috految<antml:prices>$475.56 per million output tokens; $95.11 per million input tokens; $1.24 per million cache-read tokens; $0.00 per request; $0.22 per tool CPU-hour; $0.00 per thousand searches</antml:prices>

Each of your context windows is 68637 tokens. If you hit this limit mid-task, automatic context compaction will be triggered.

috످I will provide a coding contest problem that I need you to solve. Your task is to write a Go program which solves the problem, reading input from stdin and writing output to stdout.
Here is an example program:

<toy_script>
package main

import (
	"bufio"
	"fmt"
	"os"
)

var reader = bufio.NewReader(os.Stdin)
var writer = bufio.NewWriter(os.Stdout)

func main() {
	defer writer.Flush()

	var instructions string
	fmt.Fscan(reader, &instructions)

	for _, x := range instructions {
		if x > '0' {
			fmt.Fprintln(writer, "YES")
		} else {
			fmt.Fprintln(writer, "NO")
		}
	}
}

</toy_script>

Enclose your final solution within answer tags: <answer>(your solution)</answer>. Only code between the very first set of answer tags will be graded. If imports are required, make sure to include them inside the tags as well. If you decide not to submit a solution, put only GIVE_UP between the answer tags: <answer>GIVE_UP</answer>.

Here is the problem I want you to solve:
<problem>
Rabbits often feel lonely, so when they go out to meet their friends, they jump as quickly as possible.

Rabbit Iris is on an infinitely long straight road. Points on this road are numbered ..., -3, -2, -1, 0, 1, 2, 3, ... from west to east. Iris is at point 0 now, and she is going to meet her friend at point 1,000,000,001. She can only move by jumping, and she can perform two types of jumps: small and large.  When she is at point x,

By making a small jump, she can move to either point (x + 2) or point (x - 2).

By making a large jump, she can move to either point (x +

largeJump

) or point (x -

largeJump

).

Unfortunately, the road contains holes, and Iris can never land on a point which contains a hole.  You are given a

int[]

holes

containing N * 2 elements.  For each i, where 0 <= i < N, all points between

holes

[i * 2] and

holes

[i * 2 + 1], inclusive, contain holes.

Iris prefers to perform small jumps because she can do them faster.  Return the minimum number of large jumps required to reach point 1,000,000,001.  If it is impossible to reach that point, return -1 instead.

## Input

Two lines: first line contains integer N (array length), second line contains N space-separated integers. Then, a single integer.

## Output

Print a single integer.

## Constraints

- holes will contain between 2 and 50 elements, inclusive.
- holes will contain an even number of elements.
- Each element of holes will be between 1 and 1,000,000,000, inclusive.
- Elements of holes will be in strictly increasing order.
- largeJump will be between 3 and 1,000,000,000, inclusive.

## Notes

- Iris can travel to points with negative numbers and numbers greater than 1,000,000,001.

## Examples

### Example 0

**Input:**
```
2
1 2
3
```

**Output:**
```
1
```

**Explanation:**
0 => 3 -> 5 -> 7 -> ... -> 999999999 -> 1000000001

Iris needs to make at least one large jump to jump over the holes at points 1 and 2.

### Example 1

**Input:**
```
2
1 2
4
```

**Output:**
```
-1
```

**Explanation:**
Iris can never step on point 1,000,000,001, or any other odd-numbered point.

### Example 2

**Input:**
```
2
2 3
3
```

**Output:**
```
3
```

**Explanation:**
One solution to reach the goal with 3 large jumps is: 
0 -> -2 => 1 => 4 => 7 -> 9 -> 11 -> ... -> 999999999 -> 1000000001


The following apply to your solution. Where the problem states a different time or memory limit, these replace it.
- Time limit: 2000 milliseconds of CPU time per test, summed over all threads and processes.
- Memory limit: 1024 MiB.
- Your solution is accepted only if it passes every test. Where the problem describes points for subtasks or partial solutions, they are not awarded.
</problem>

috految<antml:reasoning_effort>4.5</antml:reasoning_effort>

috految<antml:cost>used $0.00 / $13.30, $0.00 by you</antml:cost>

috److Since the elements of `holes` are strictly increasing, each hole covers at least 2 points. A small jump therefore can never cross a hole.

**Nodes.** Each node is a pair (free segment, parity), and all points within a node are mutually reachable by small jumps.

1. Build the boundary array `a = [-inf, holes..., inf]`.
2. For each even index `i`, the free segment is the open interval `(a[i], a[i+1])`.
3. Node `v` has segment index `v/2` and parity `v%2`.
4. The start is node 0 (first segment, even), and the goal is node `n+1` (last segment, odd).

**Edges.** For a shift `s` equal to `+k` or `-k`, where `k` is the large jump length, there is an edge from `u` to `v` if both conditions hold:

- The parity matches: `(u + s - v) % 2 == 0`.
- The shifted interval of `u` intersects the interval of `v` at a point with the parity of `v`.

To test the intersection, take the smallest point above the larger of the two lower bounds, adjust it to the required parity, and check that it is below both upper bounds.

**Search.** A BFS from node 0 gives the minimum number of large jumps, or -1 if the goal is unreachable.

<answer>
package main

import "fmt"

func main() {
	var n, k int
	fmt.Scan(&n)
	a := make([]int, n+2)
	a[0] = -1e15
	a[n+1] = 1e15
	for i := 1; i <= n; i++ {
		fmt.Scan(&a[i])
	}
	fmt.Scan(&k)
	d := [60]int{1}
	q := []int{0}
	for len(q) > 0 {
		u := q[0]
		q = q[1:]
		for v := range a {
			for _, s := range []int{k, -k} {
				if d[v] > 0 || (u+s-v)%2 != 0 {
					continue
				}
				x := a[u/2*2] + s
				if x < a[v/2*2] {
					x = a[v/2*2]
				}
				x++
				x += (x - v) & 1
				if x < a[u|1]+s && x < a[v|1] {
					d[v] = d[u] + 1
					q = append(q, v)
				}
			}
		}
	}
	fmt.Println(d[n+1] - 1)
}
</answer>

috످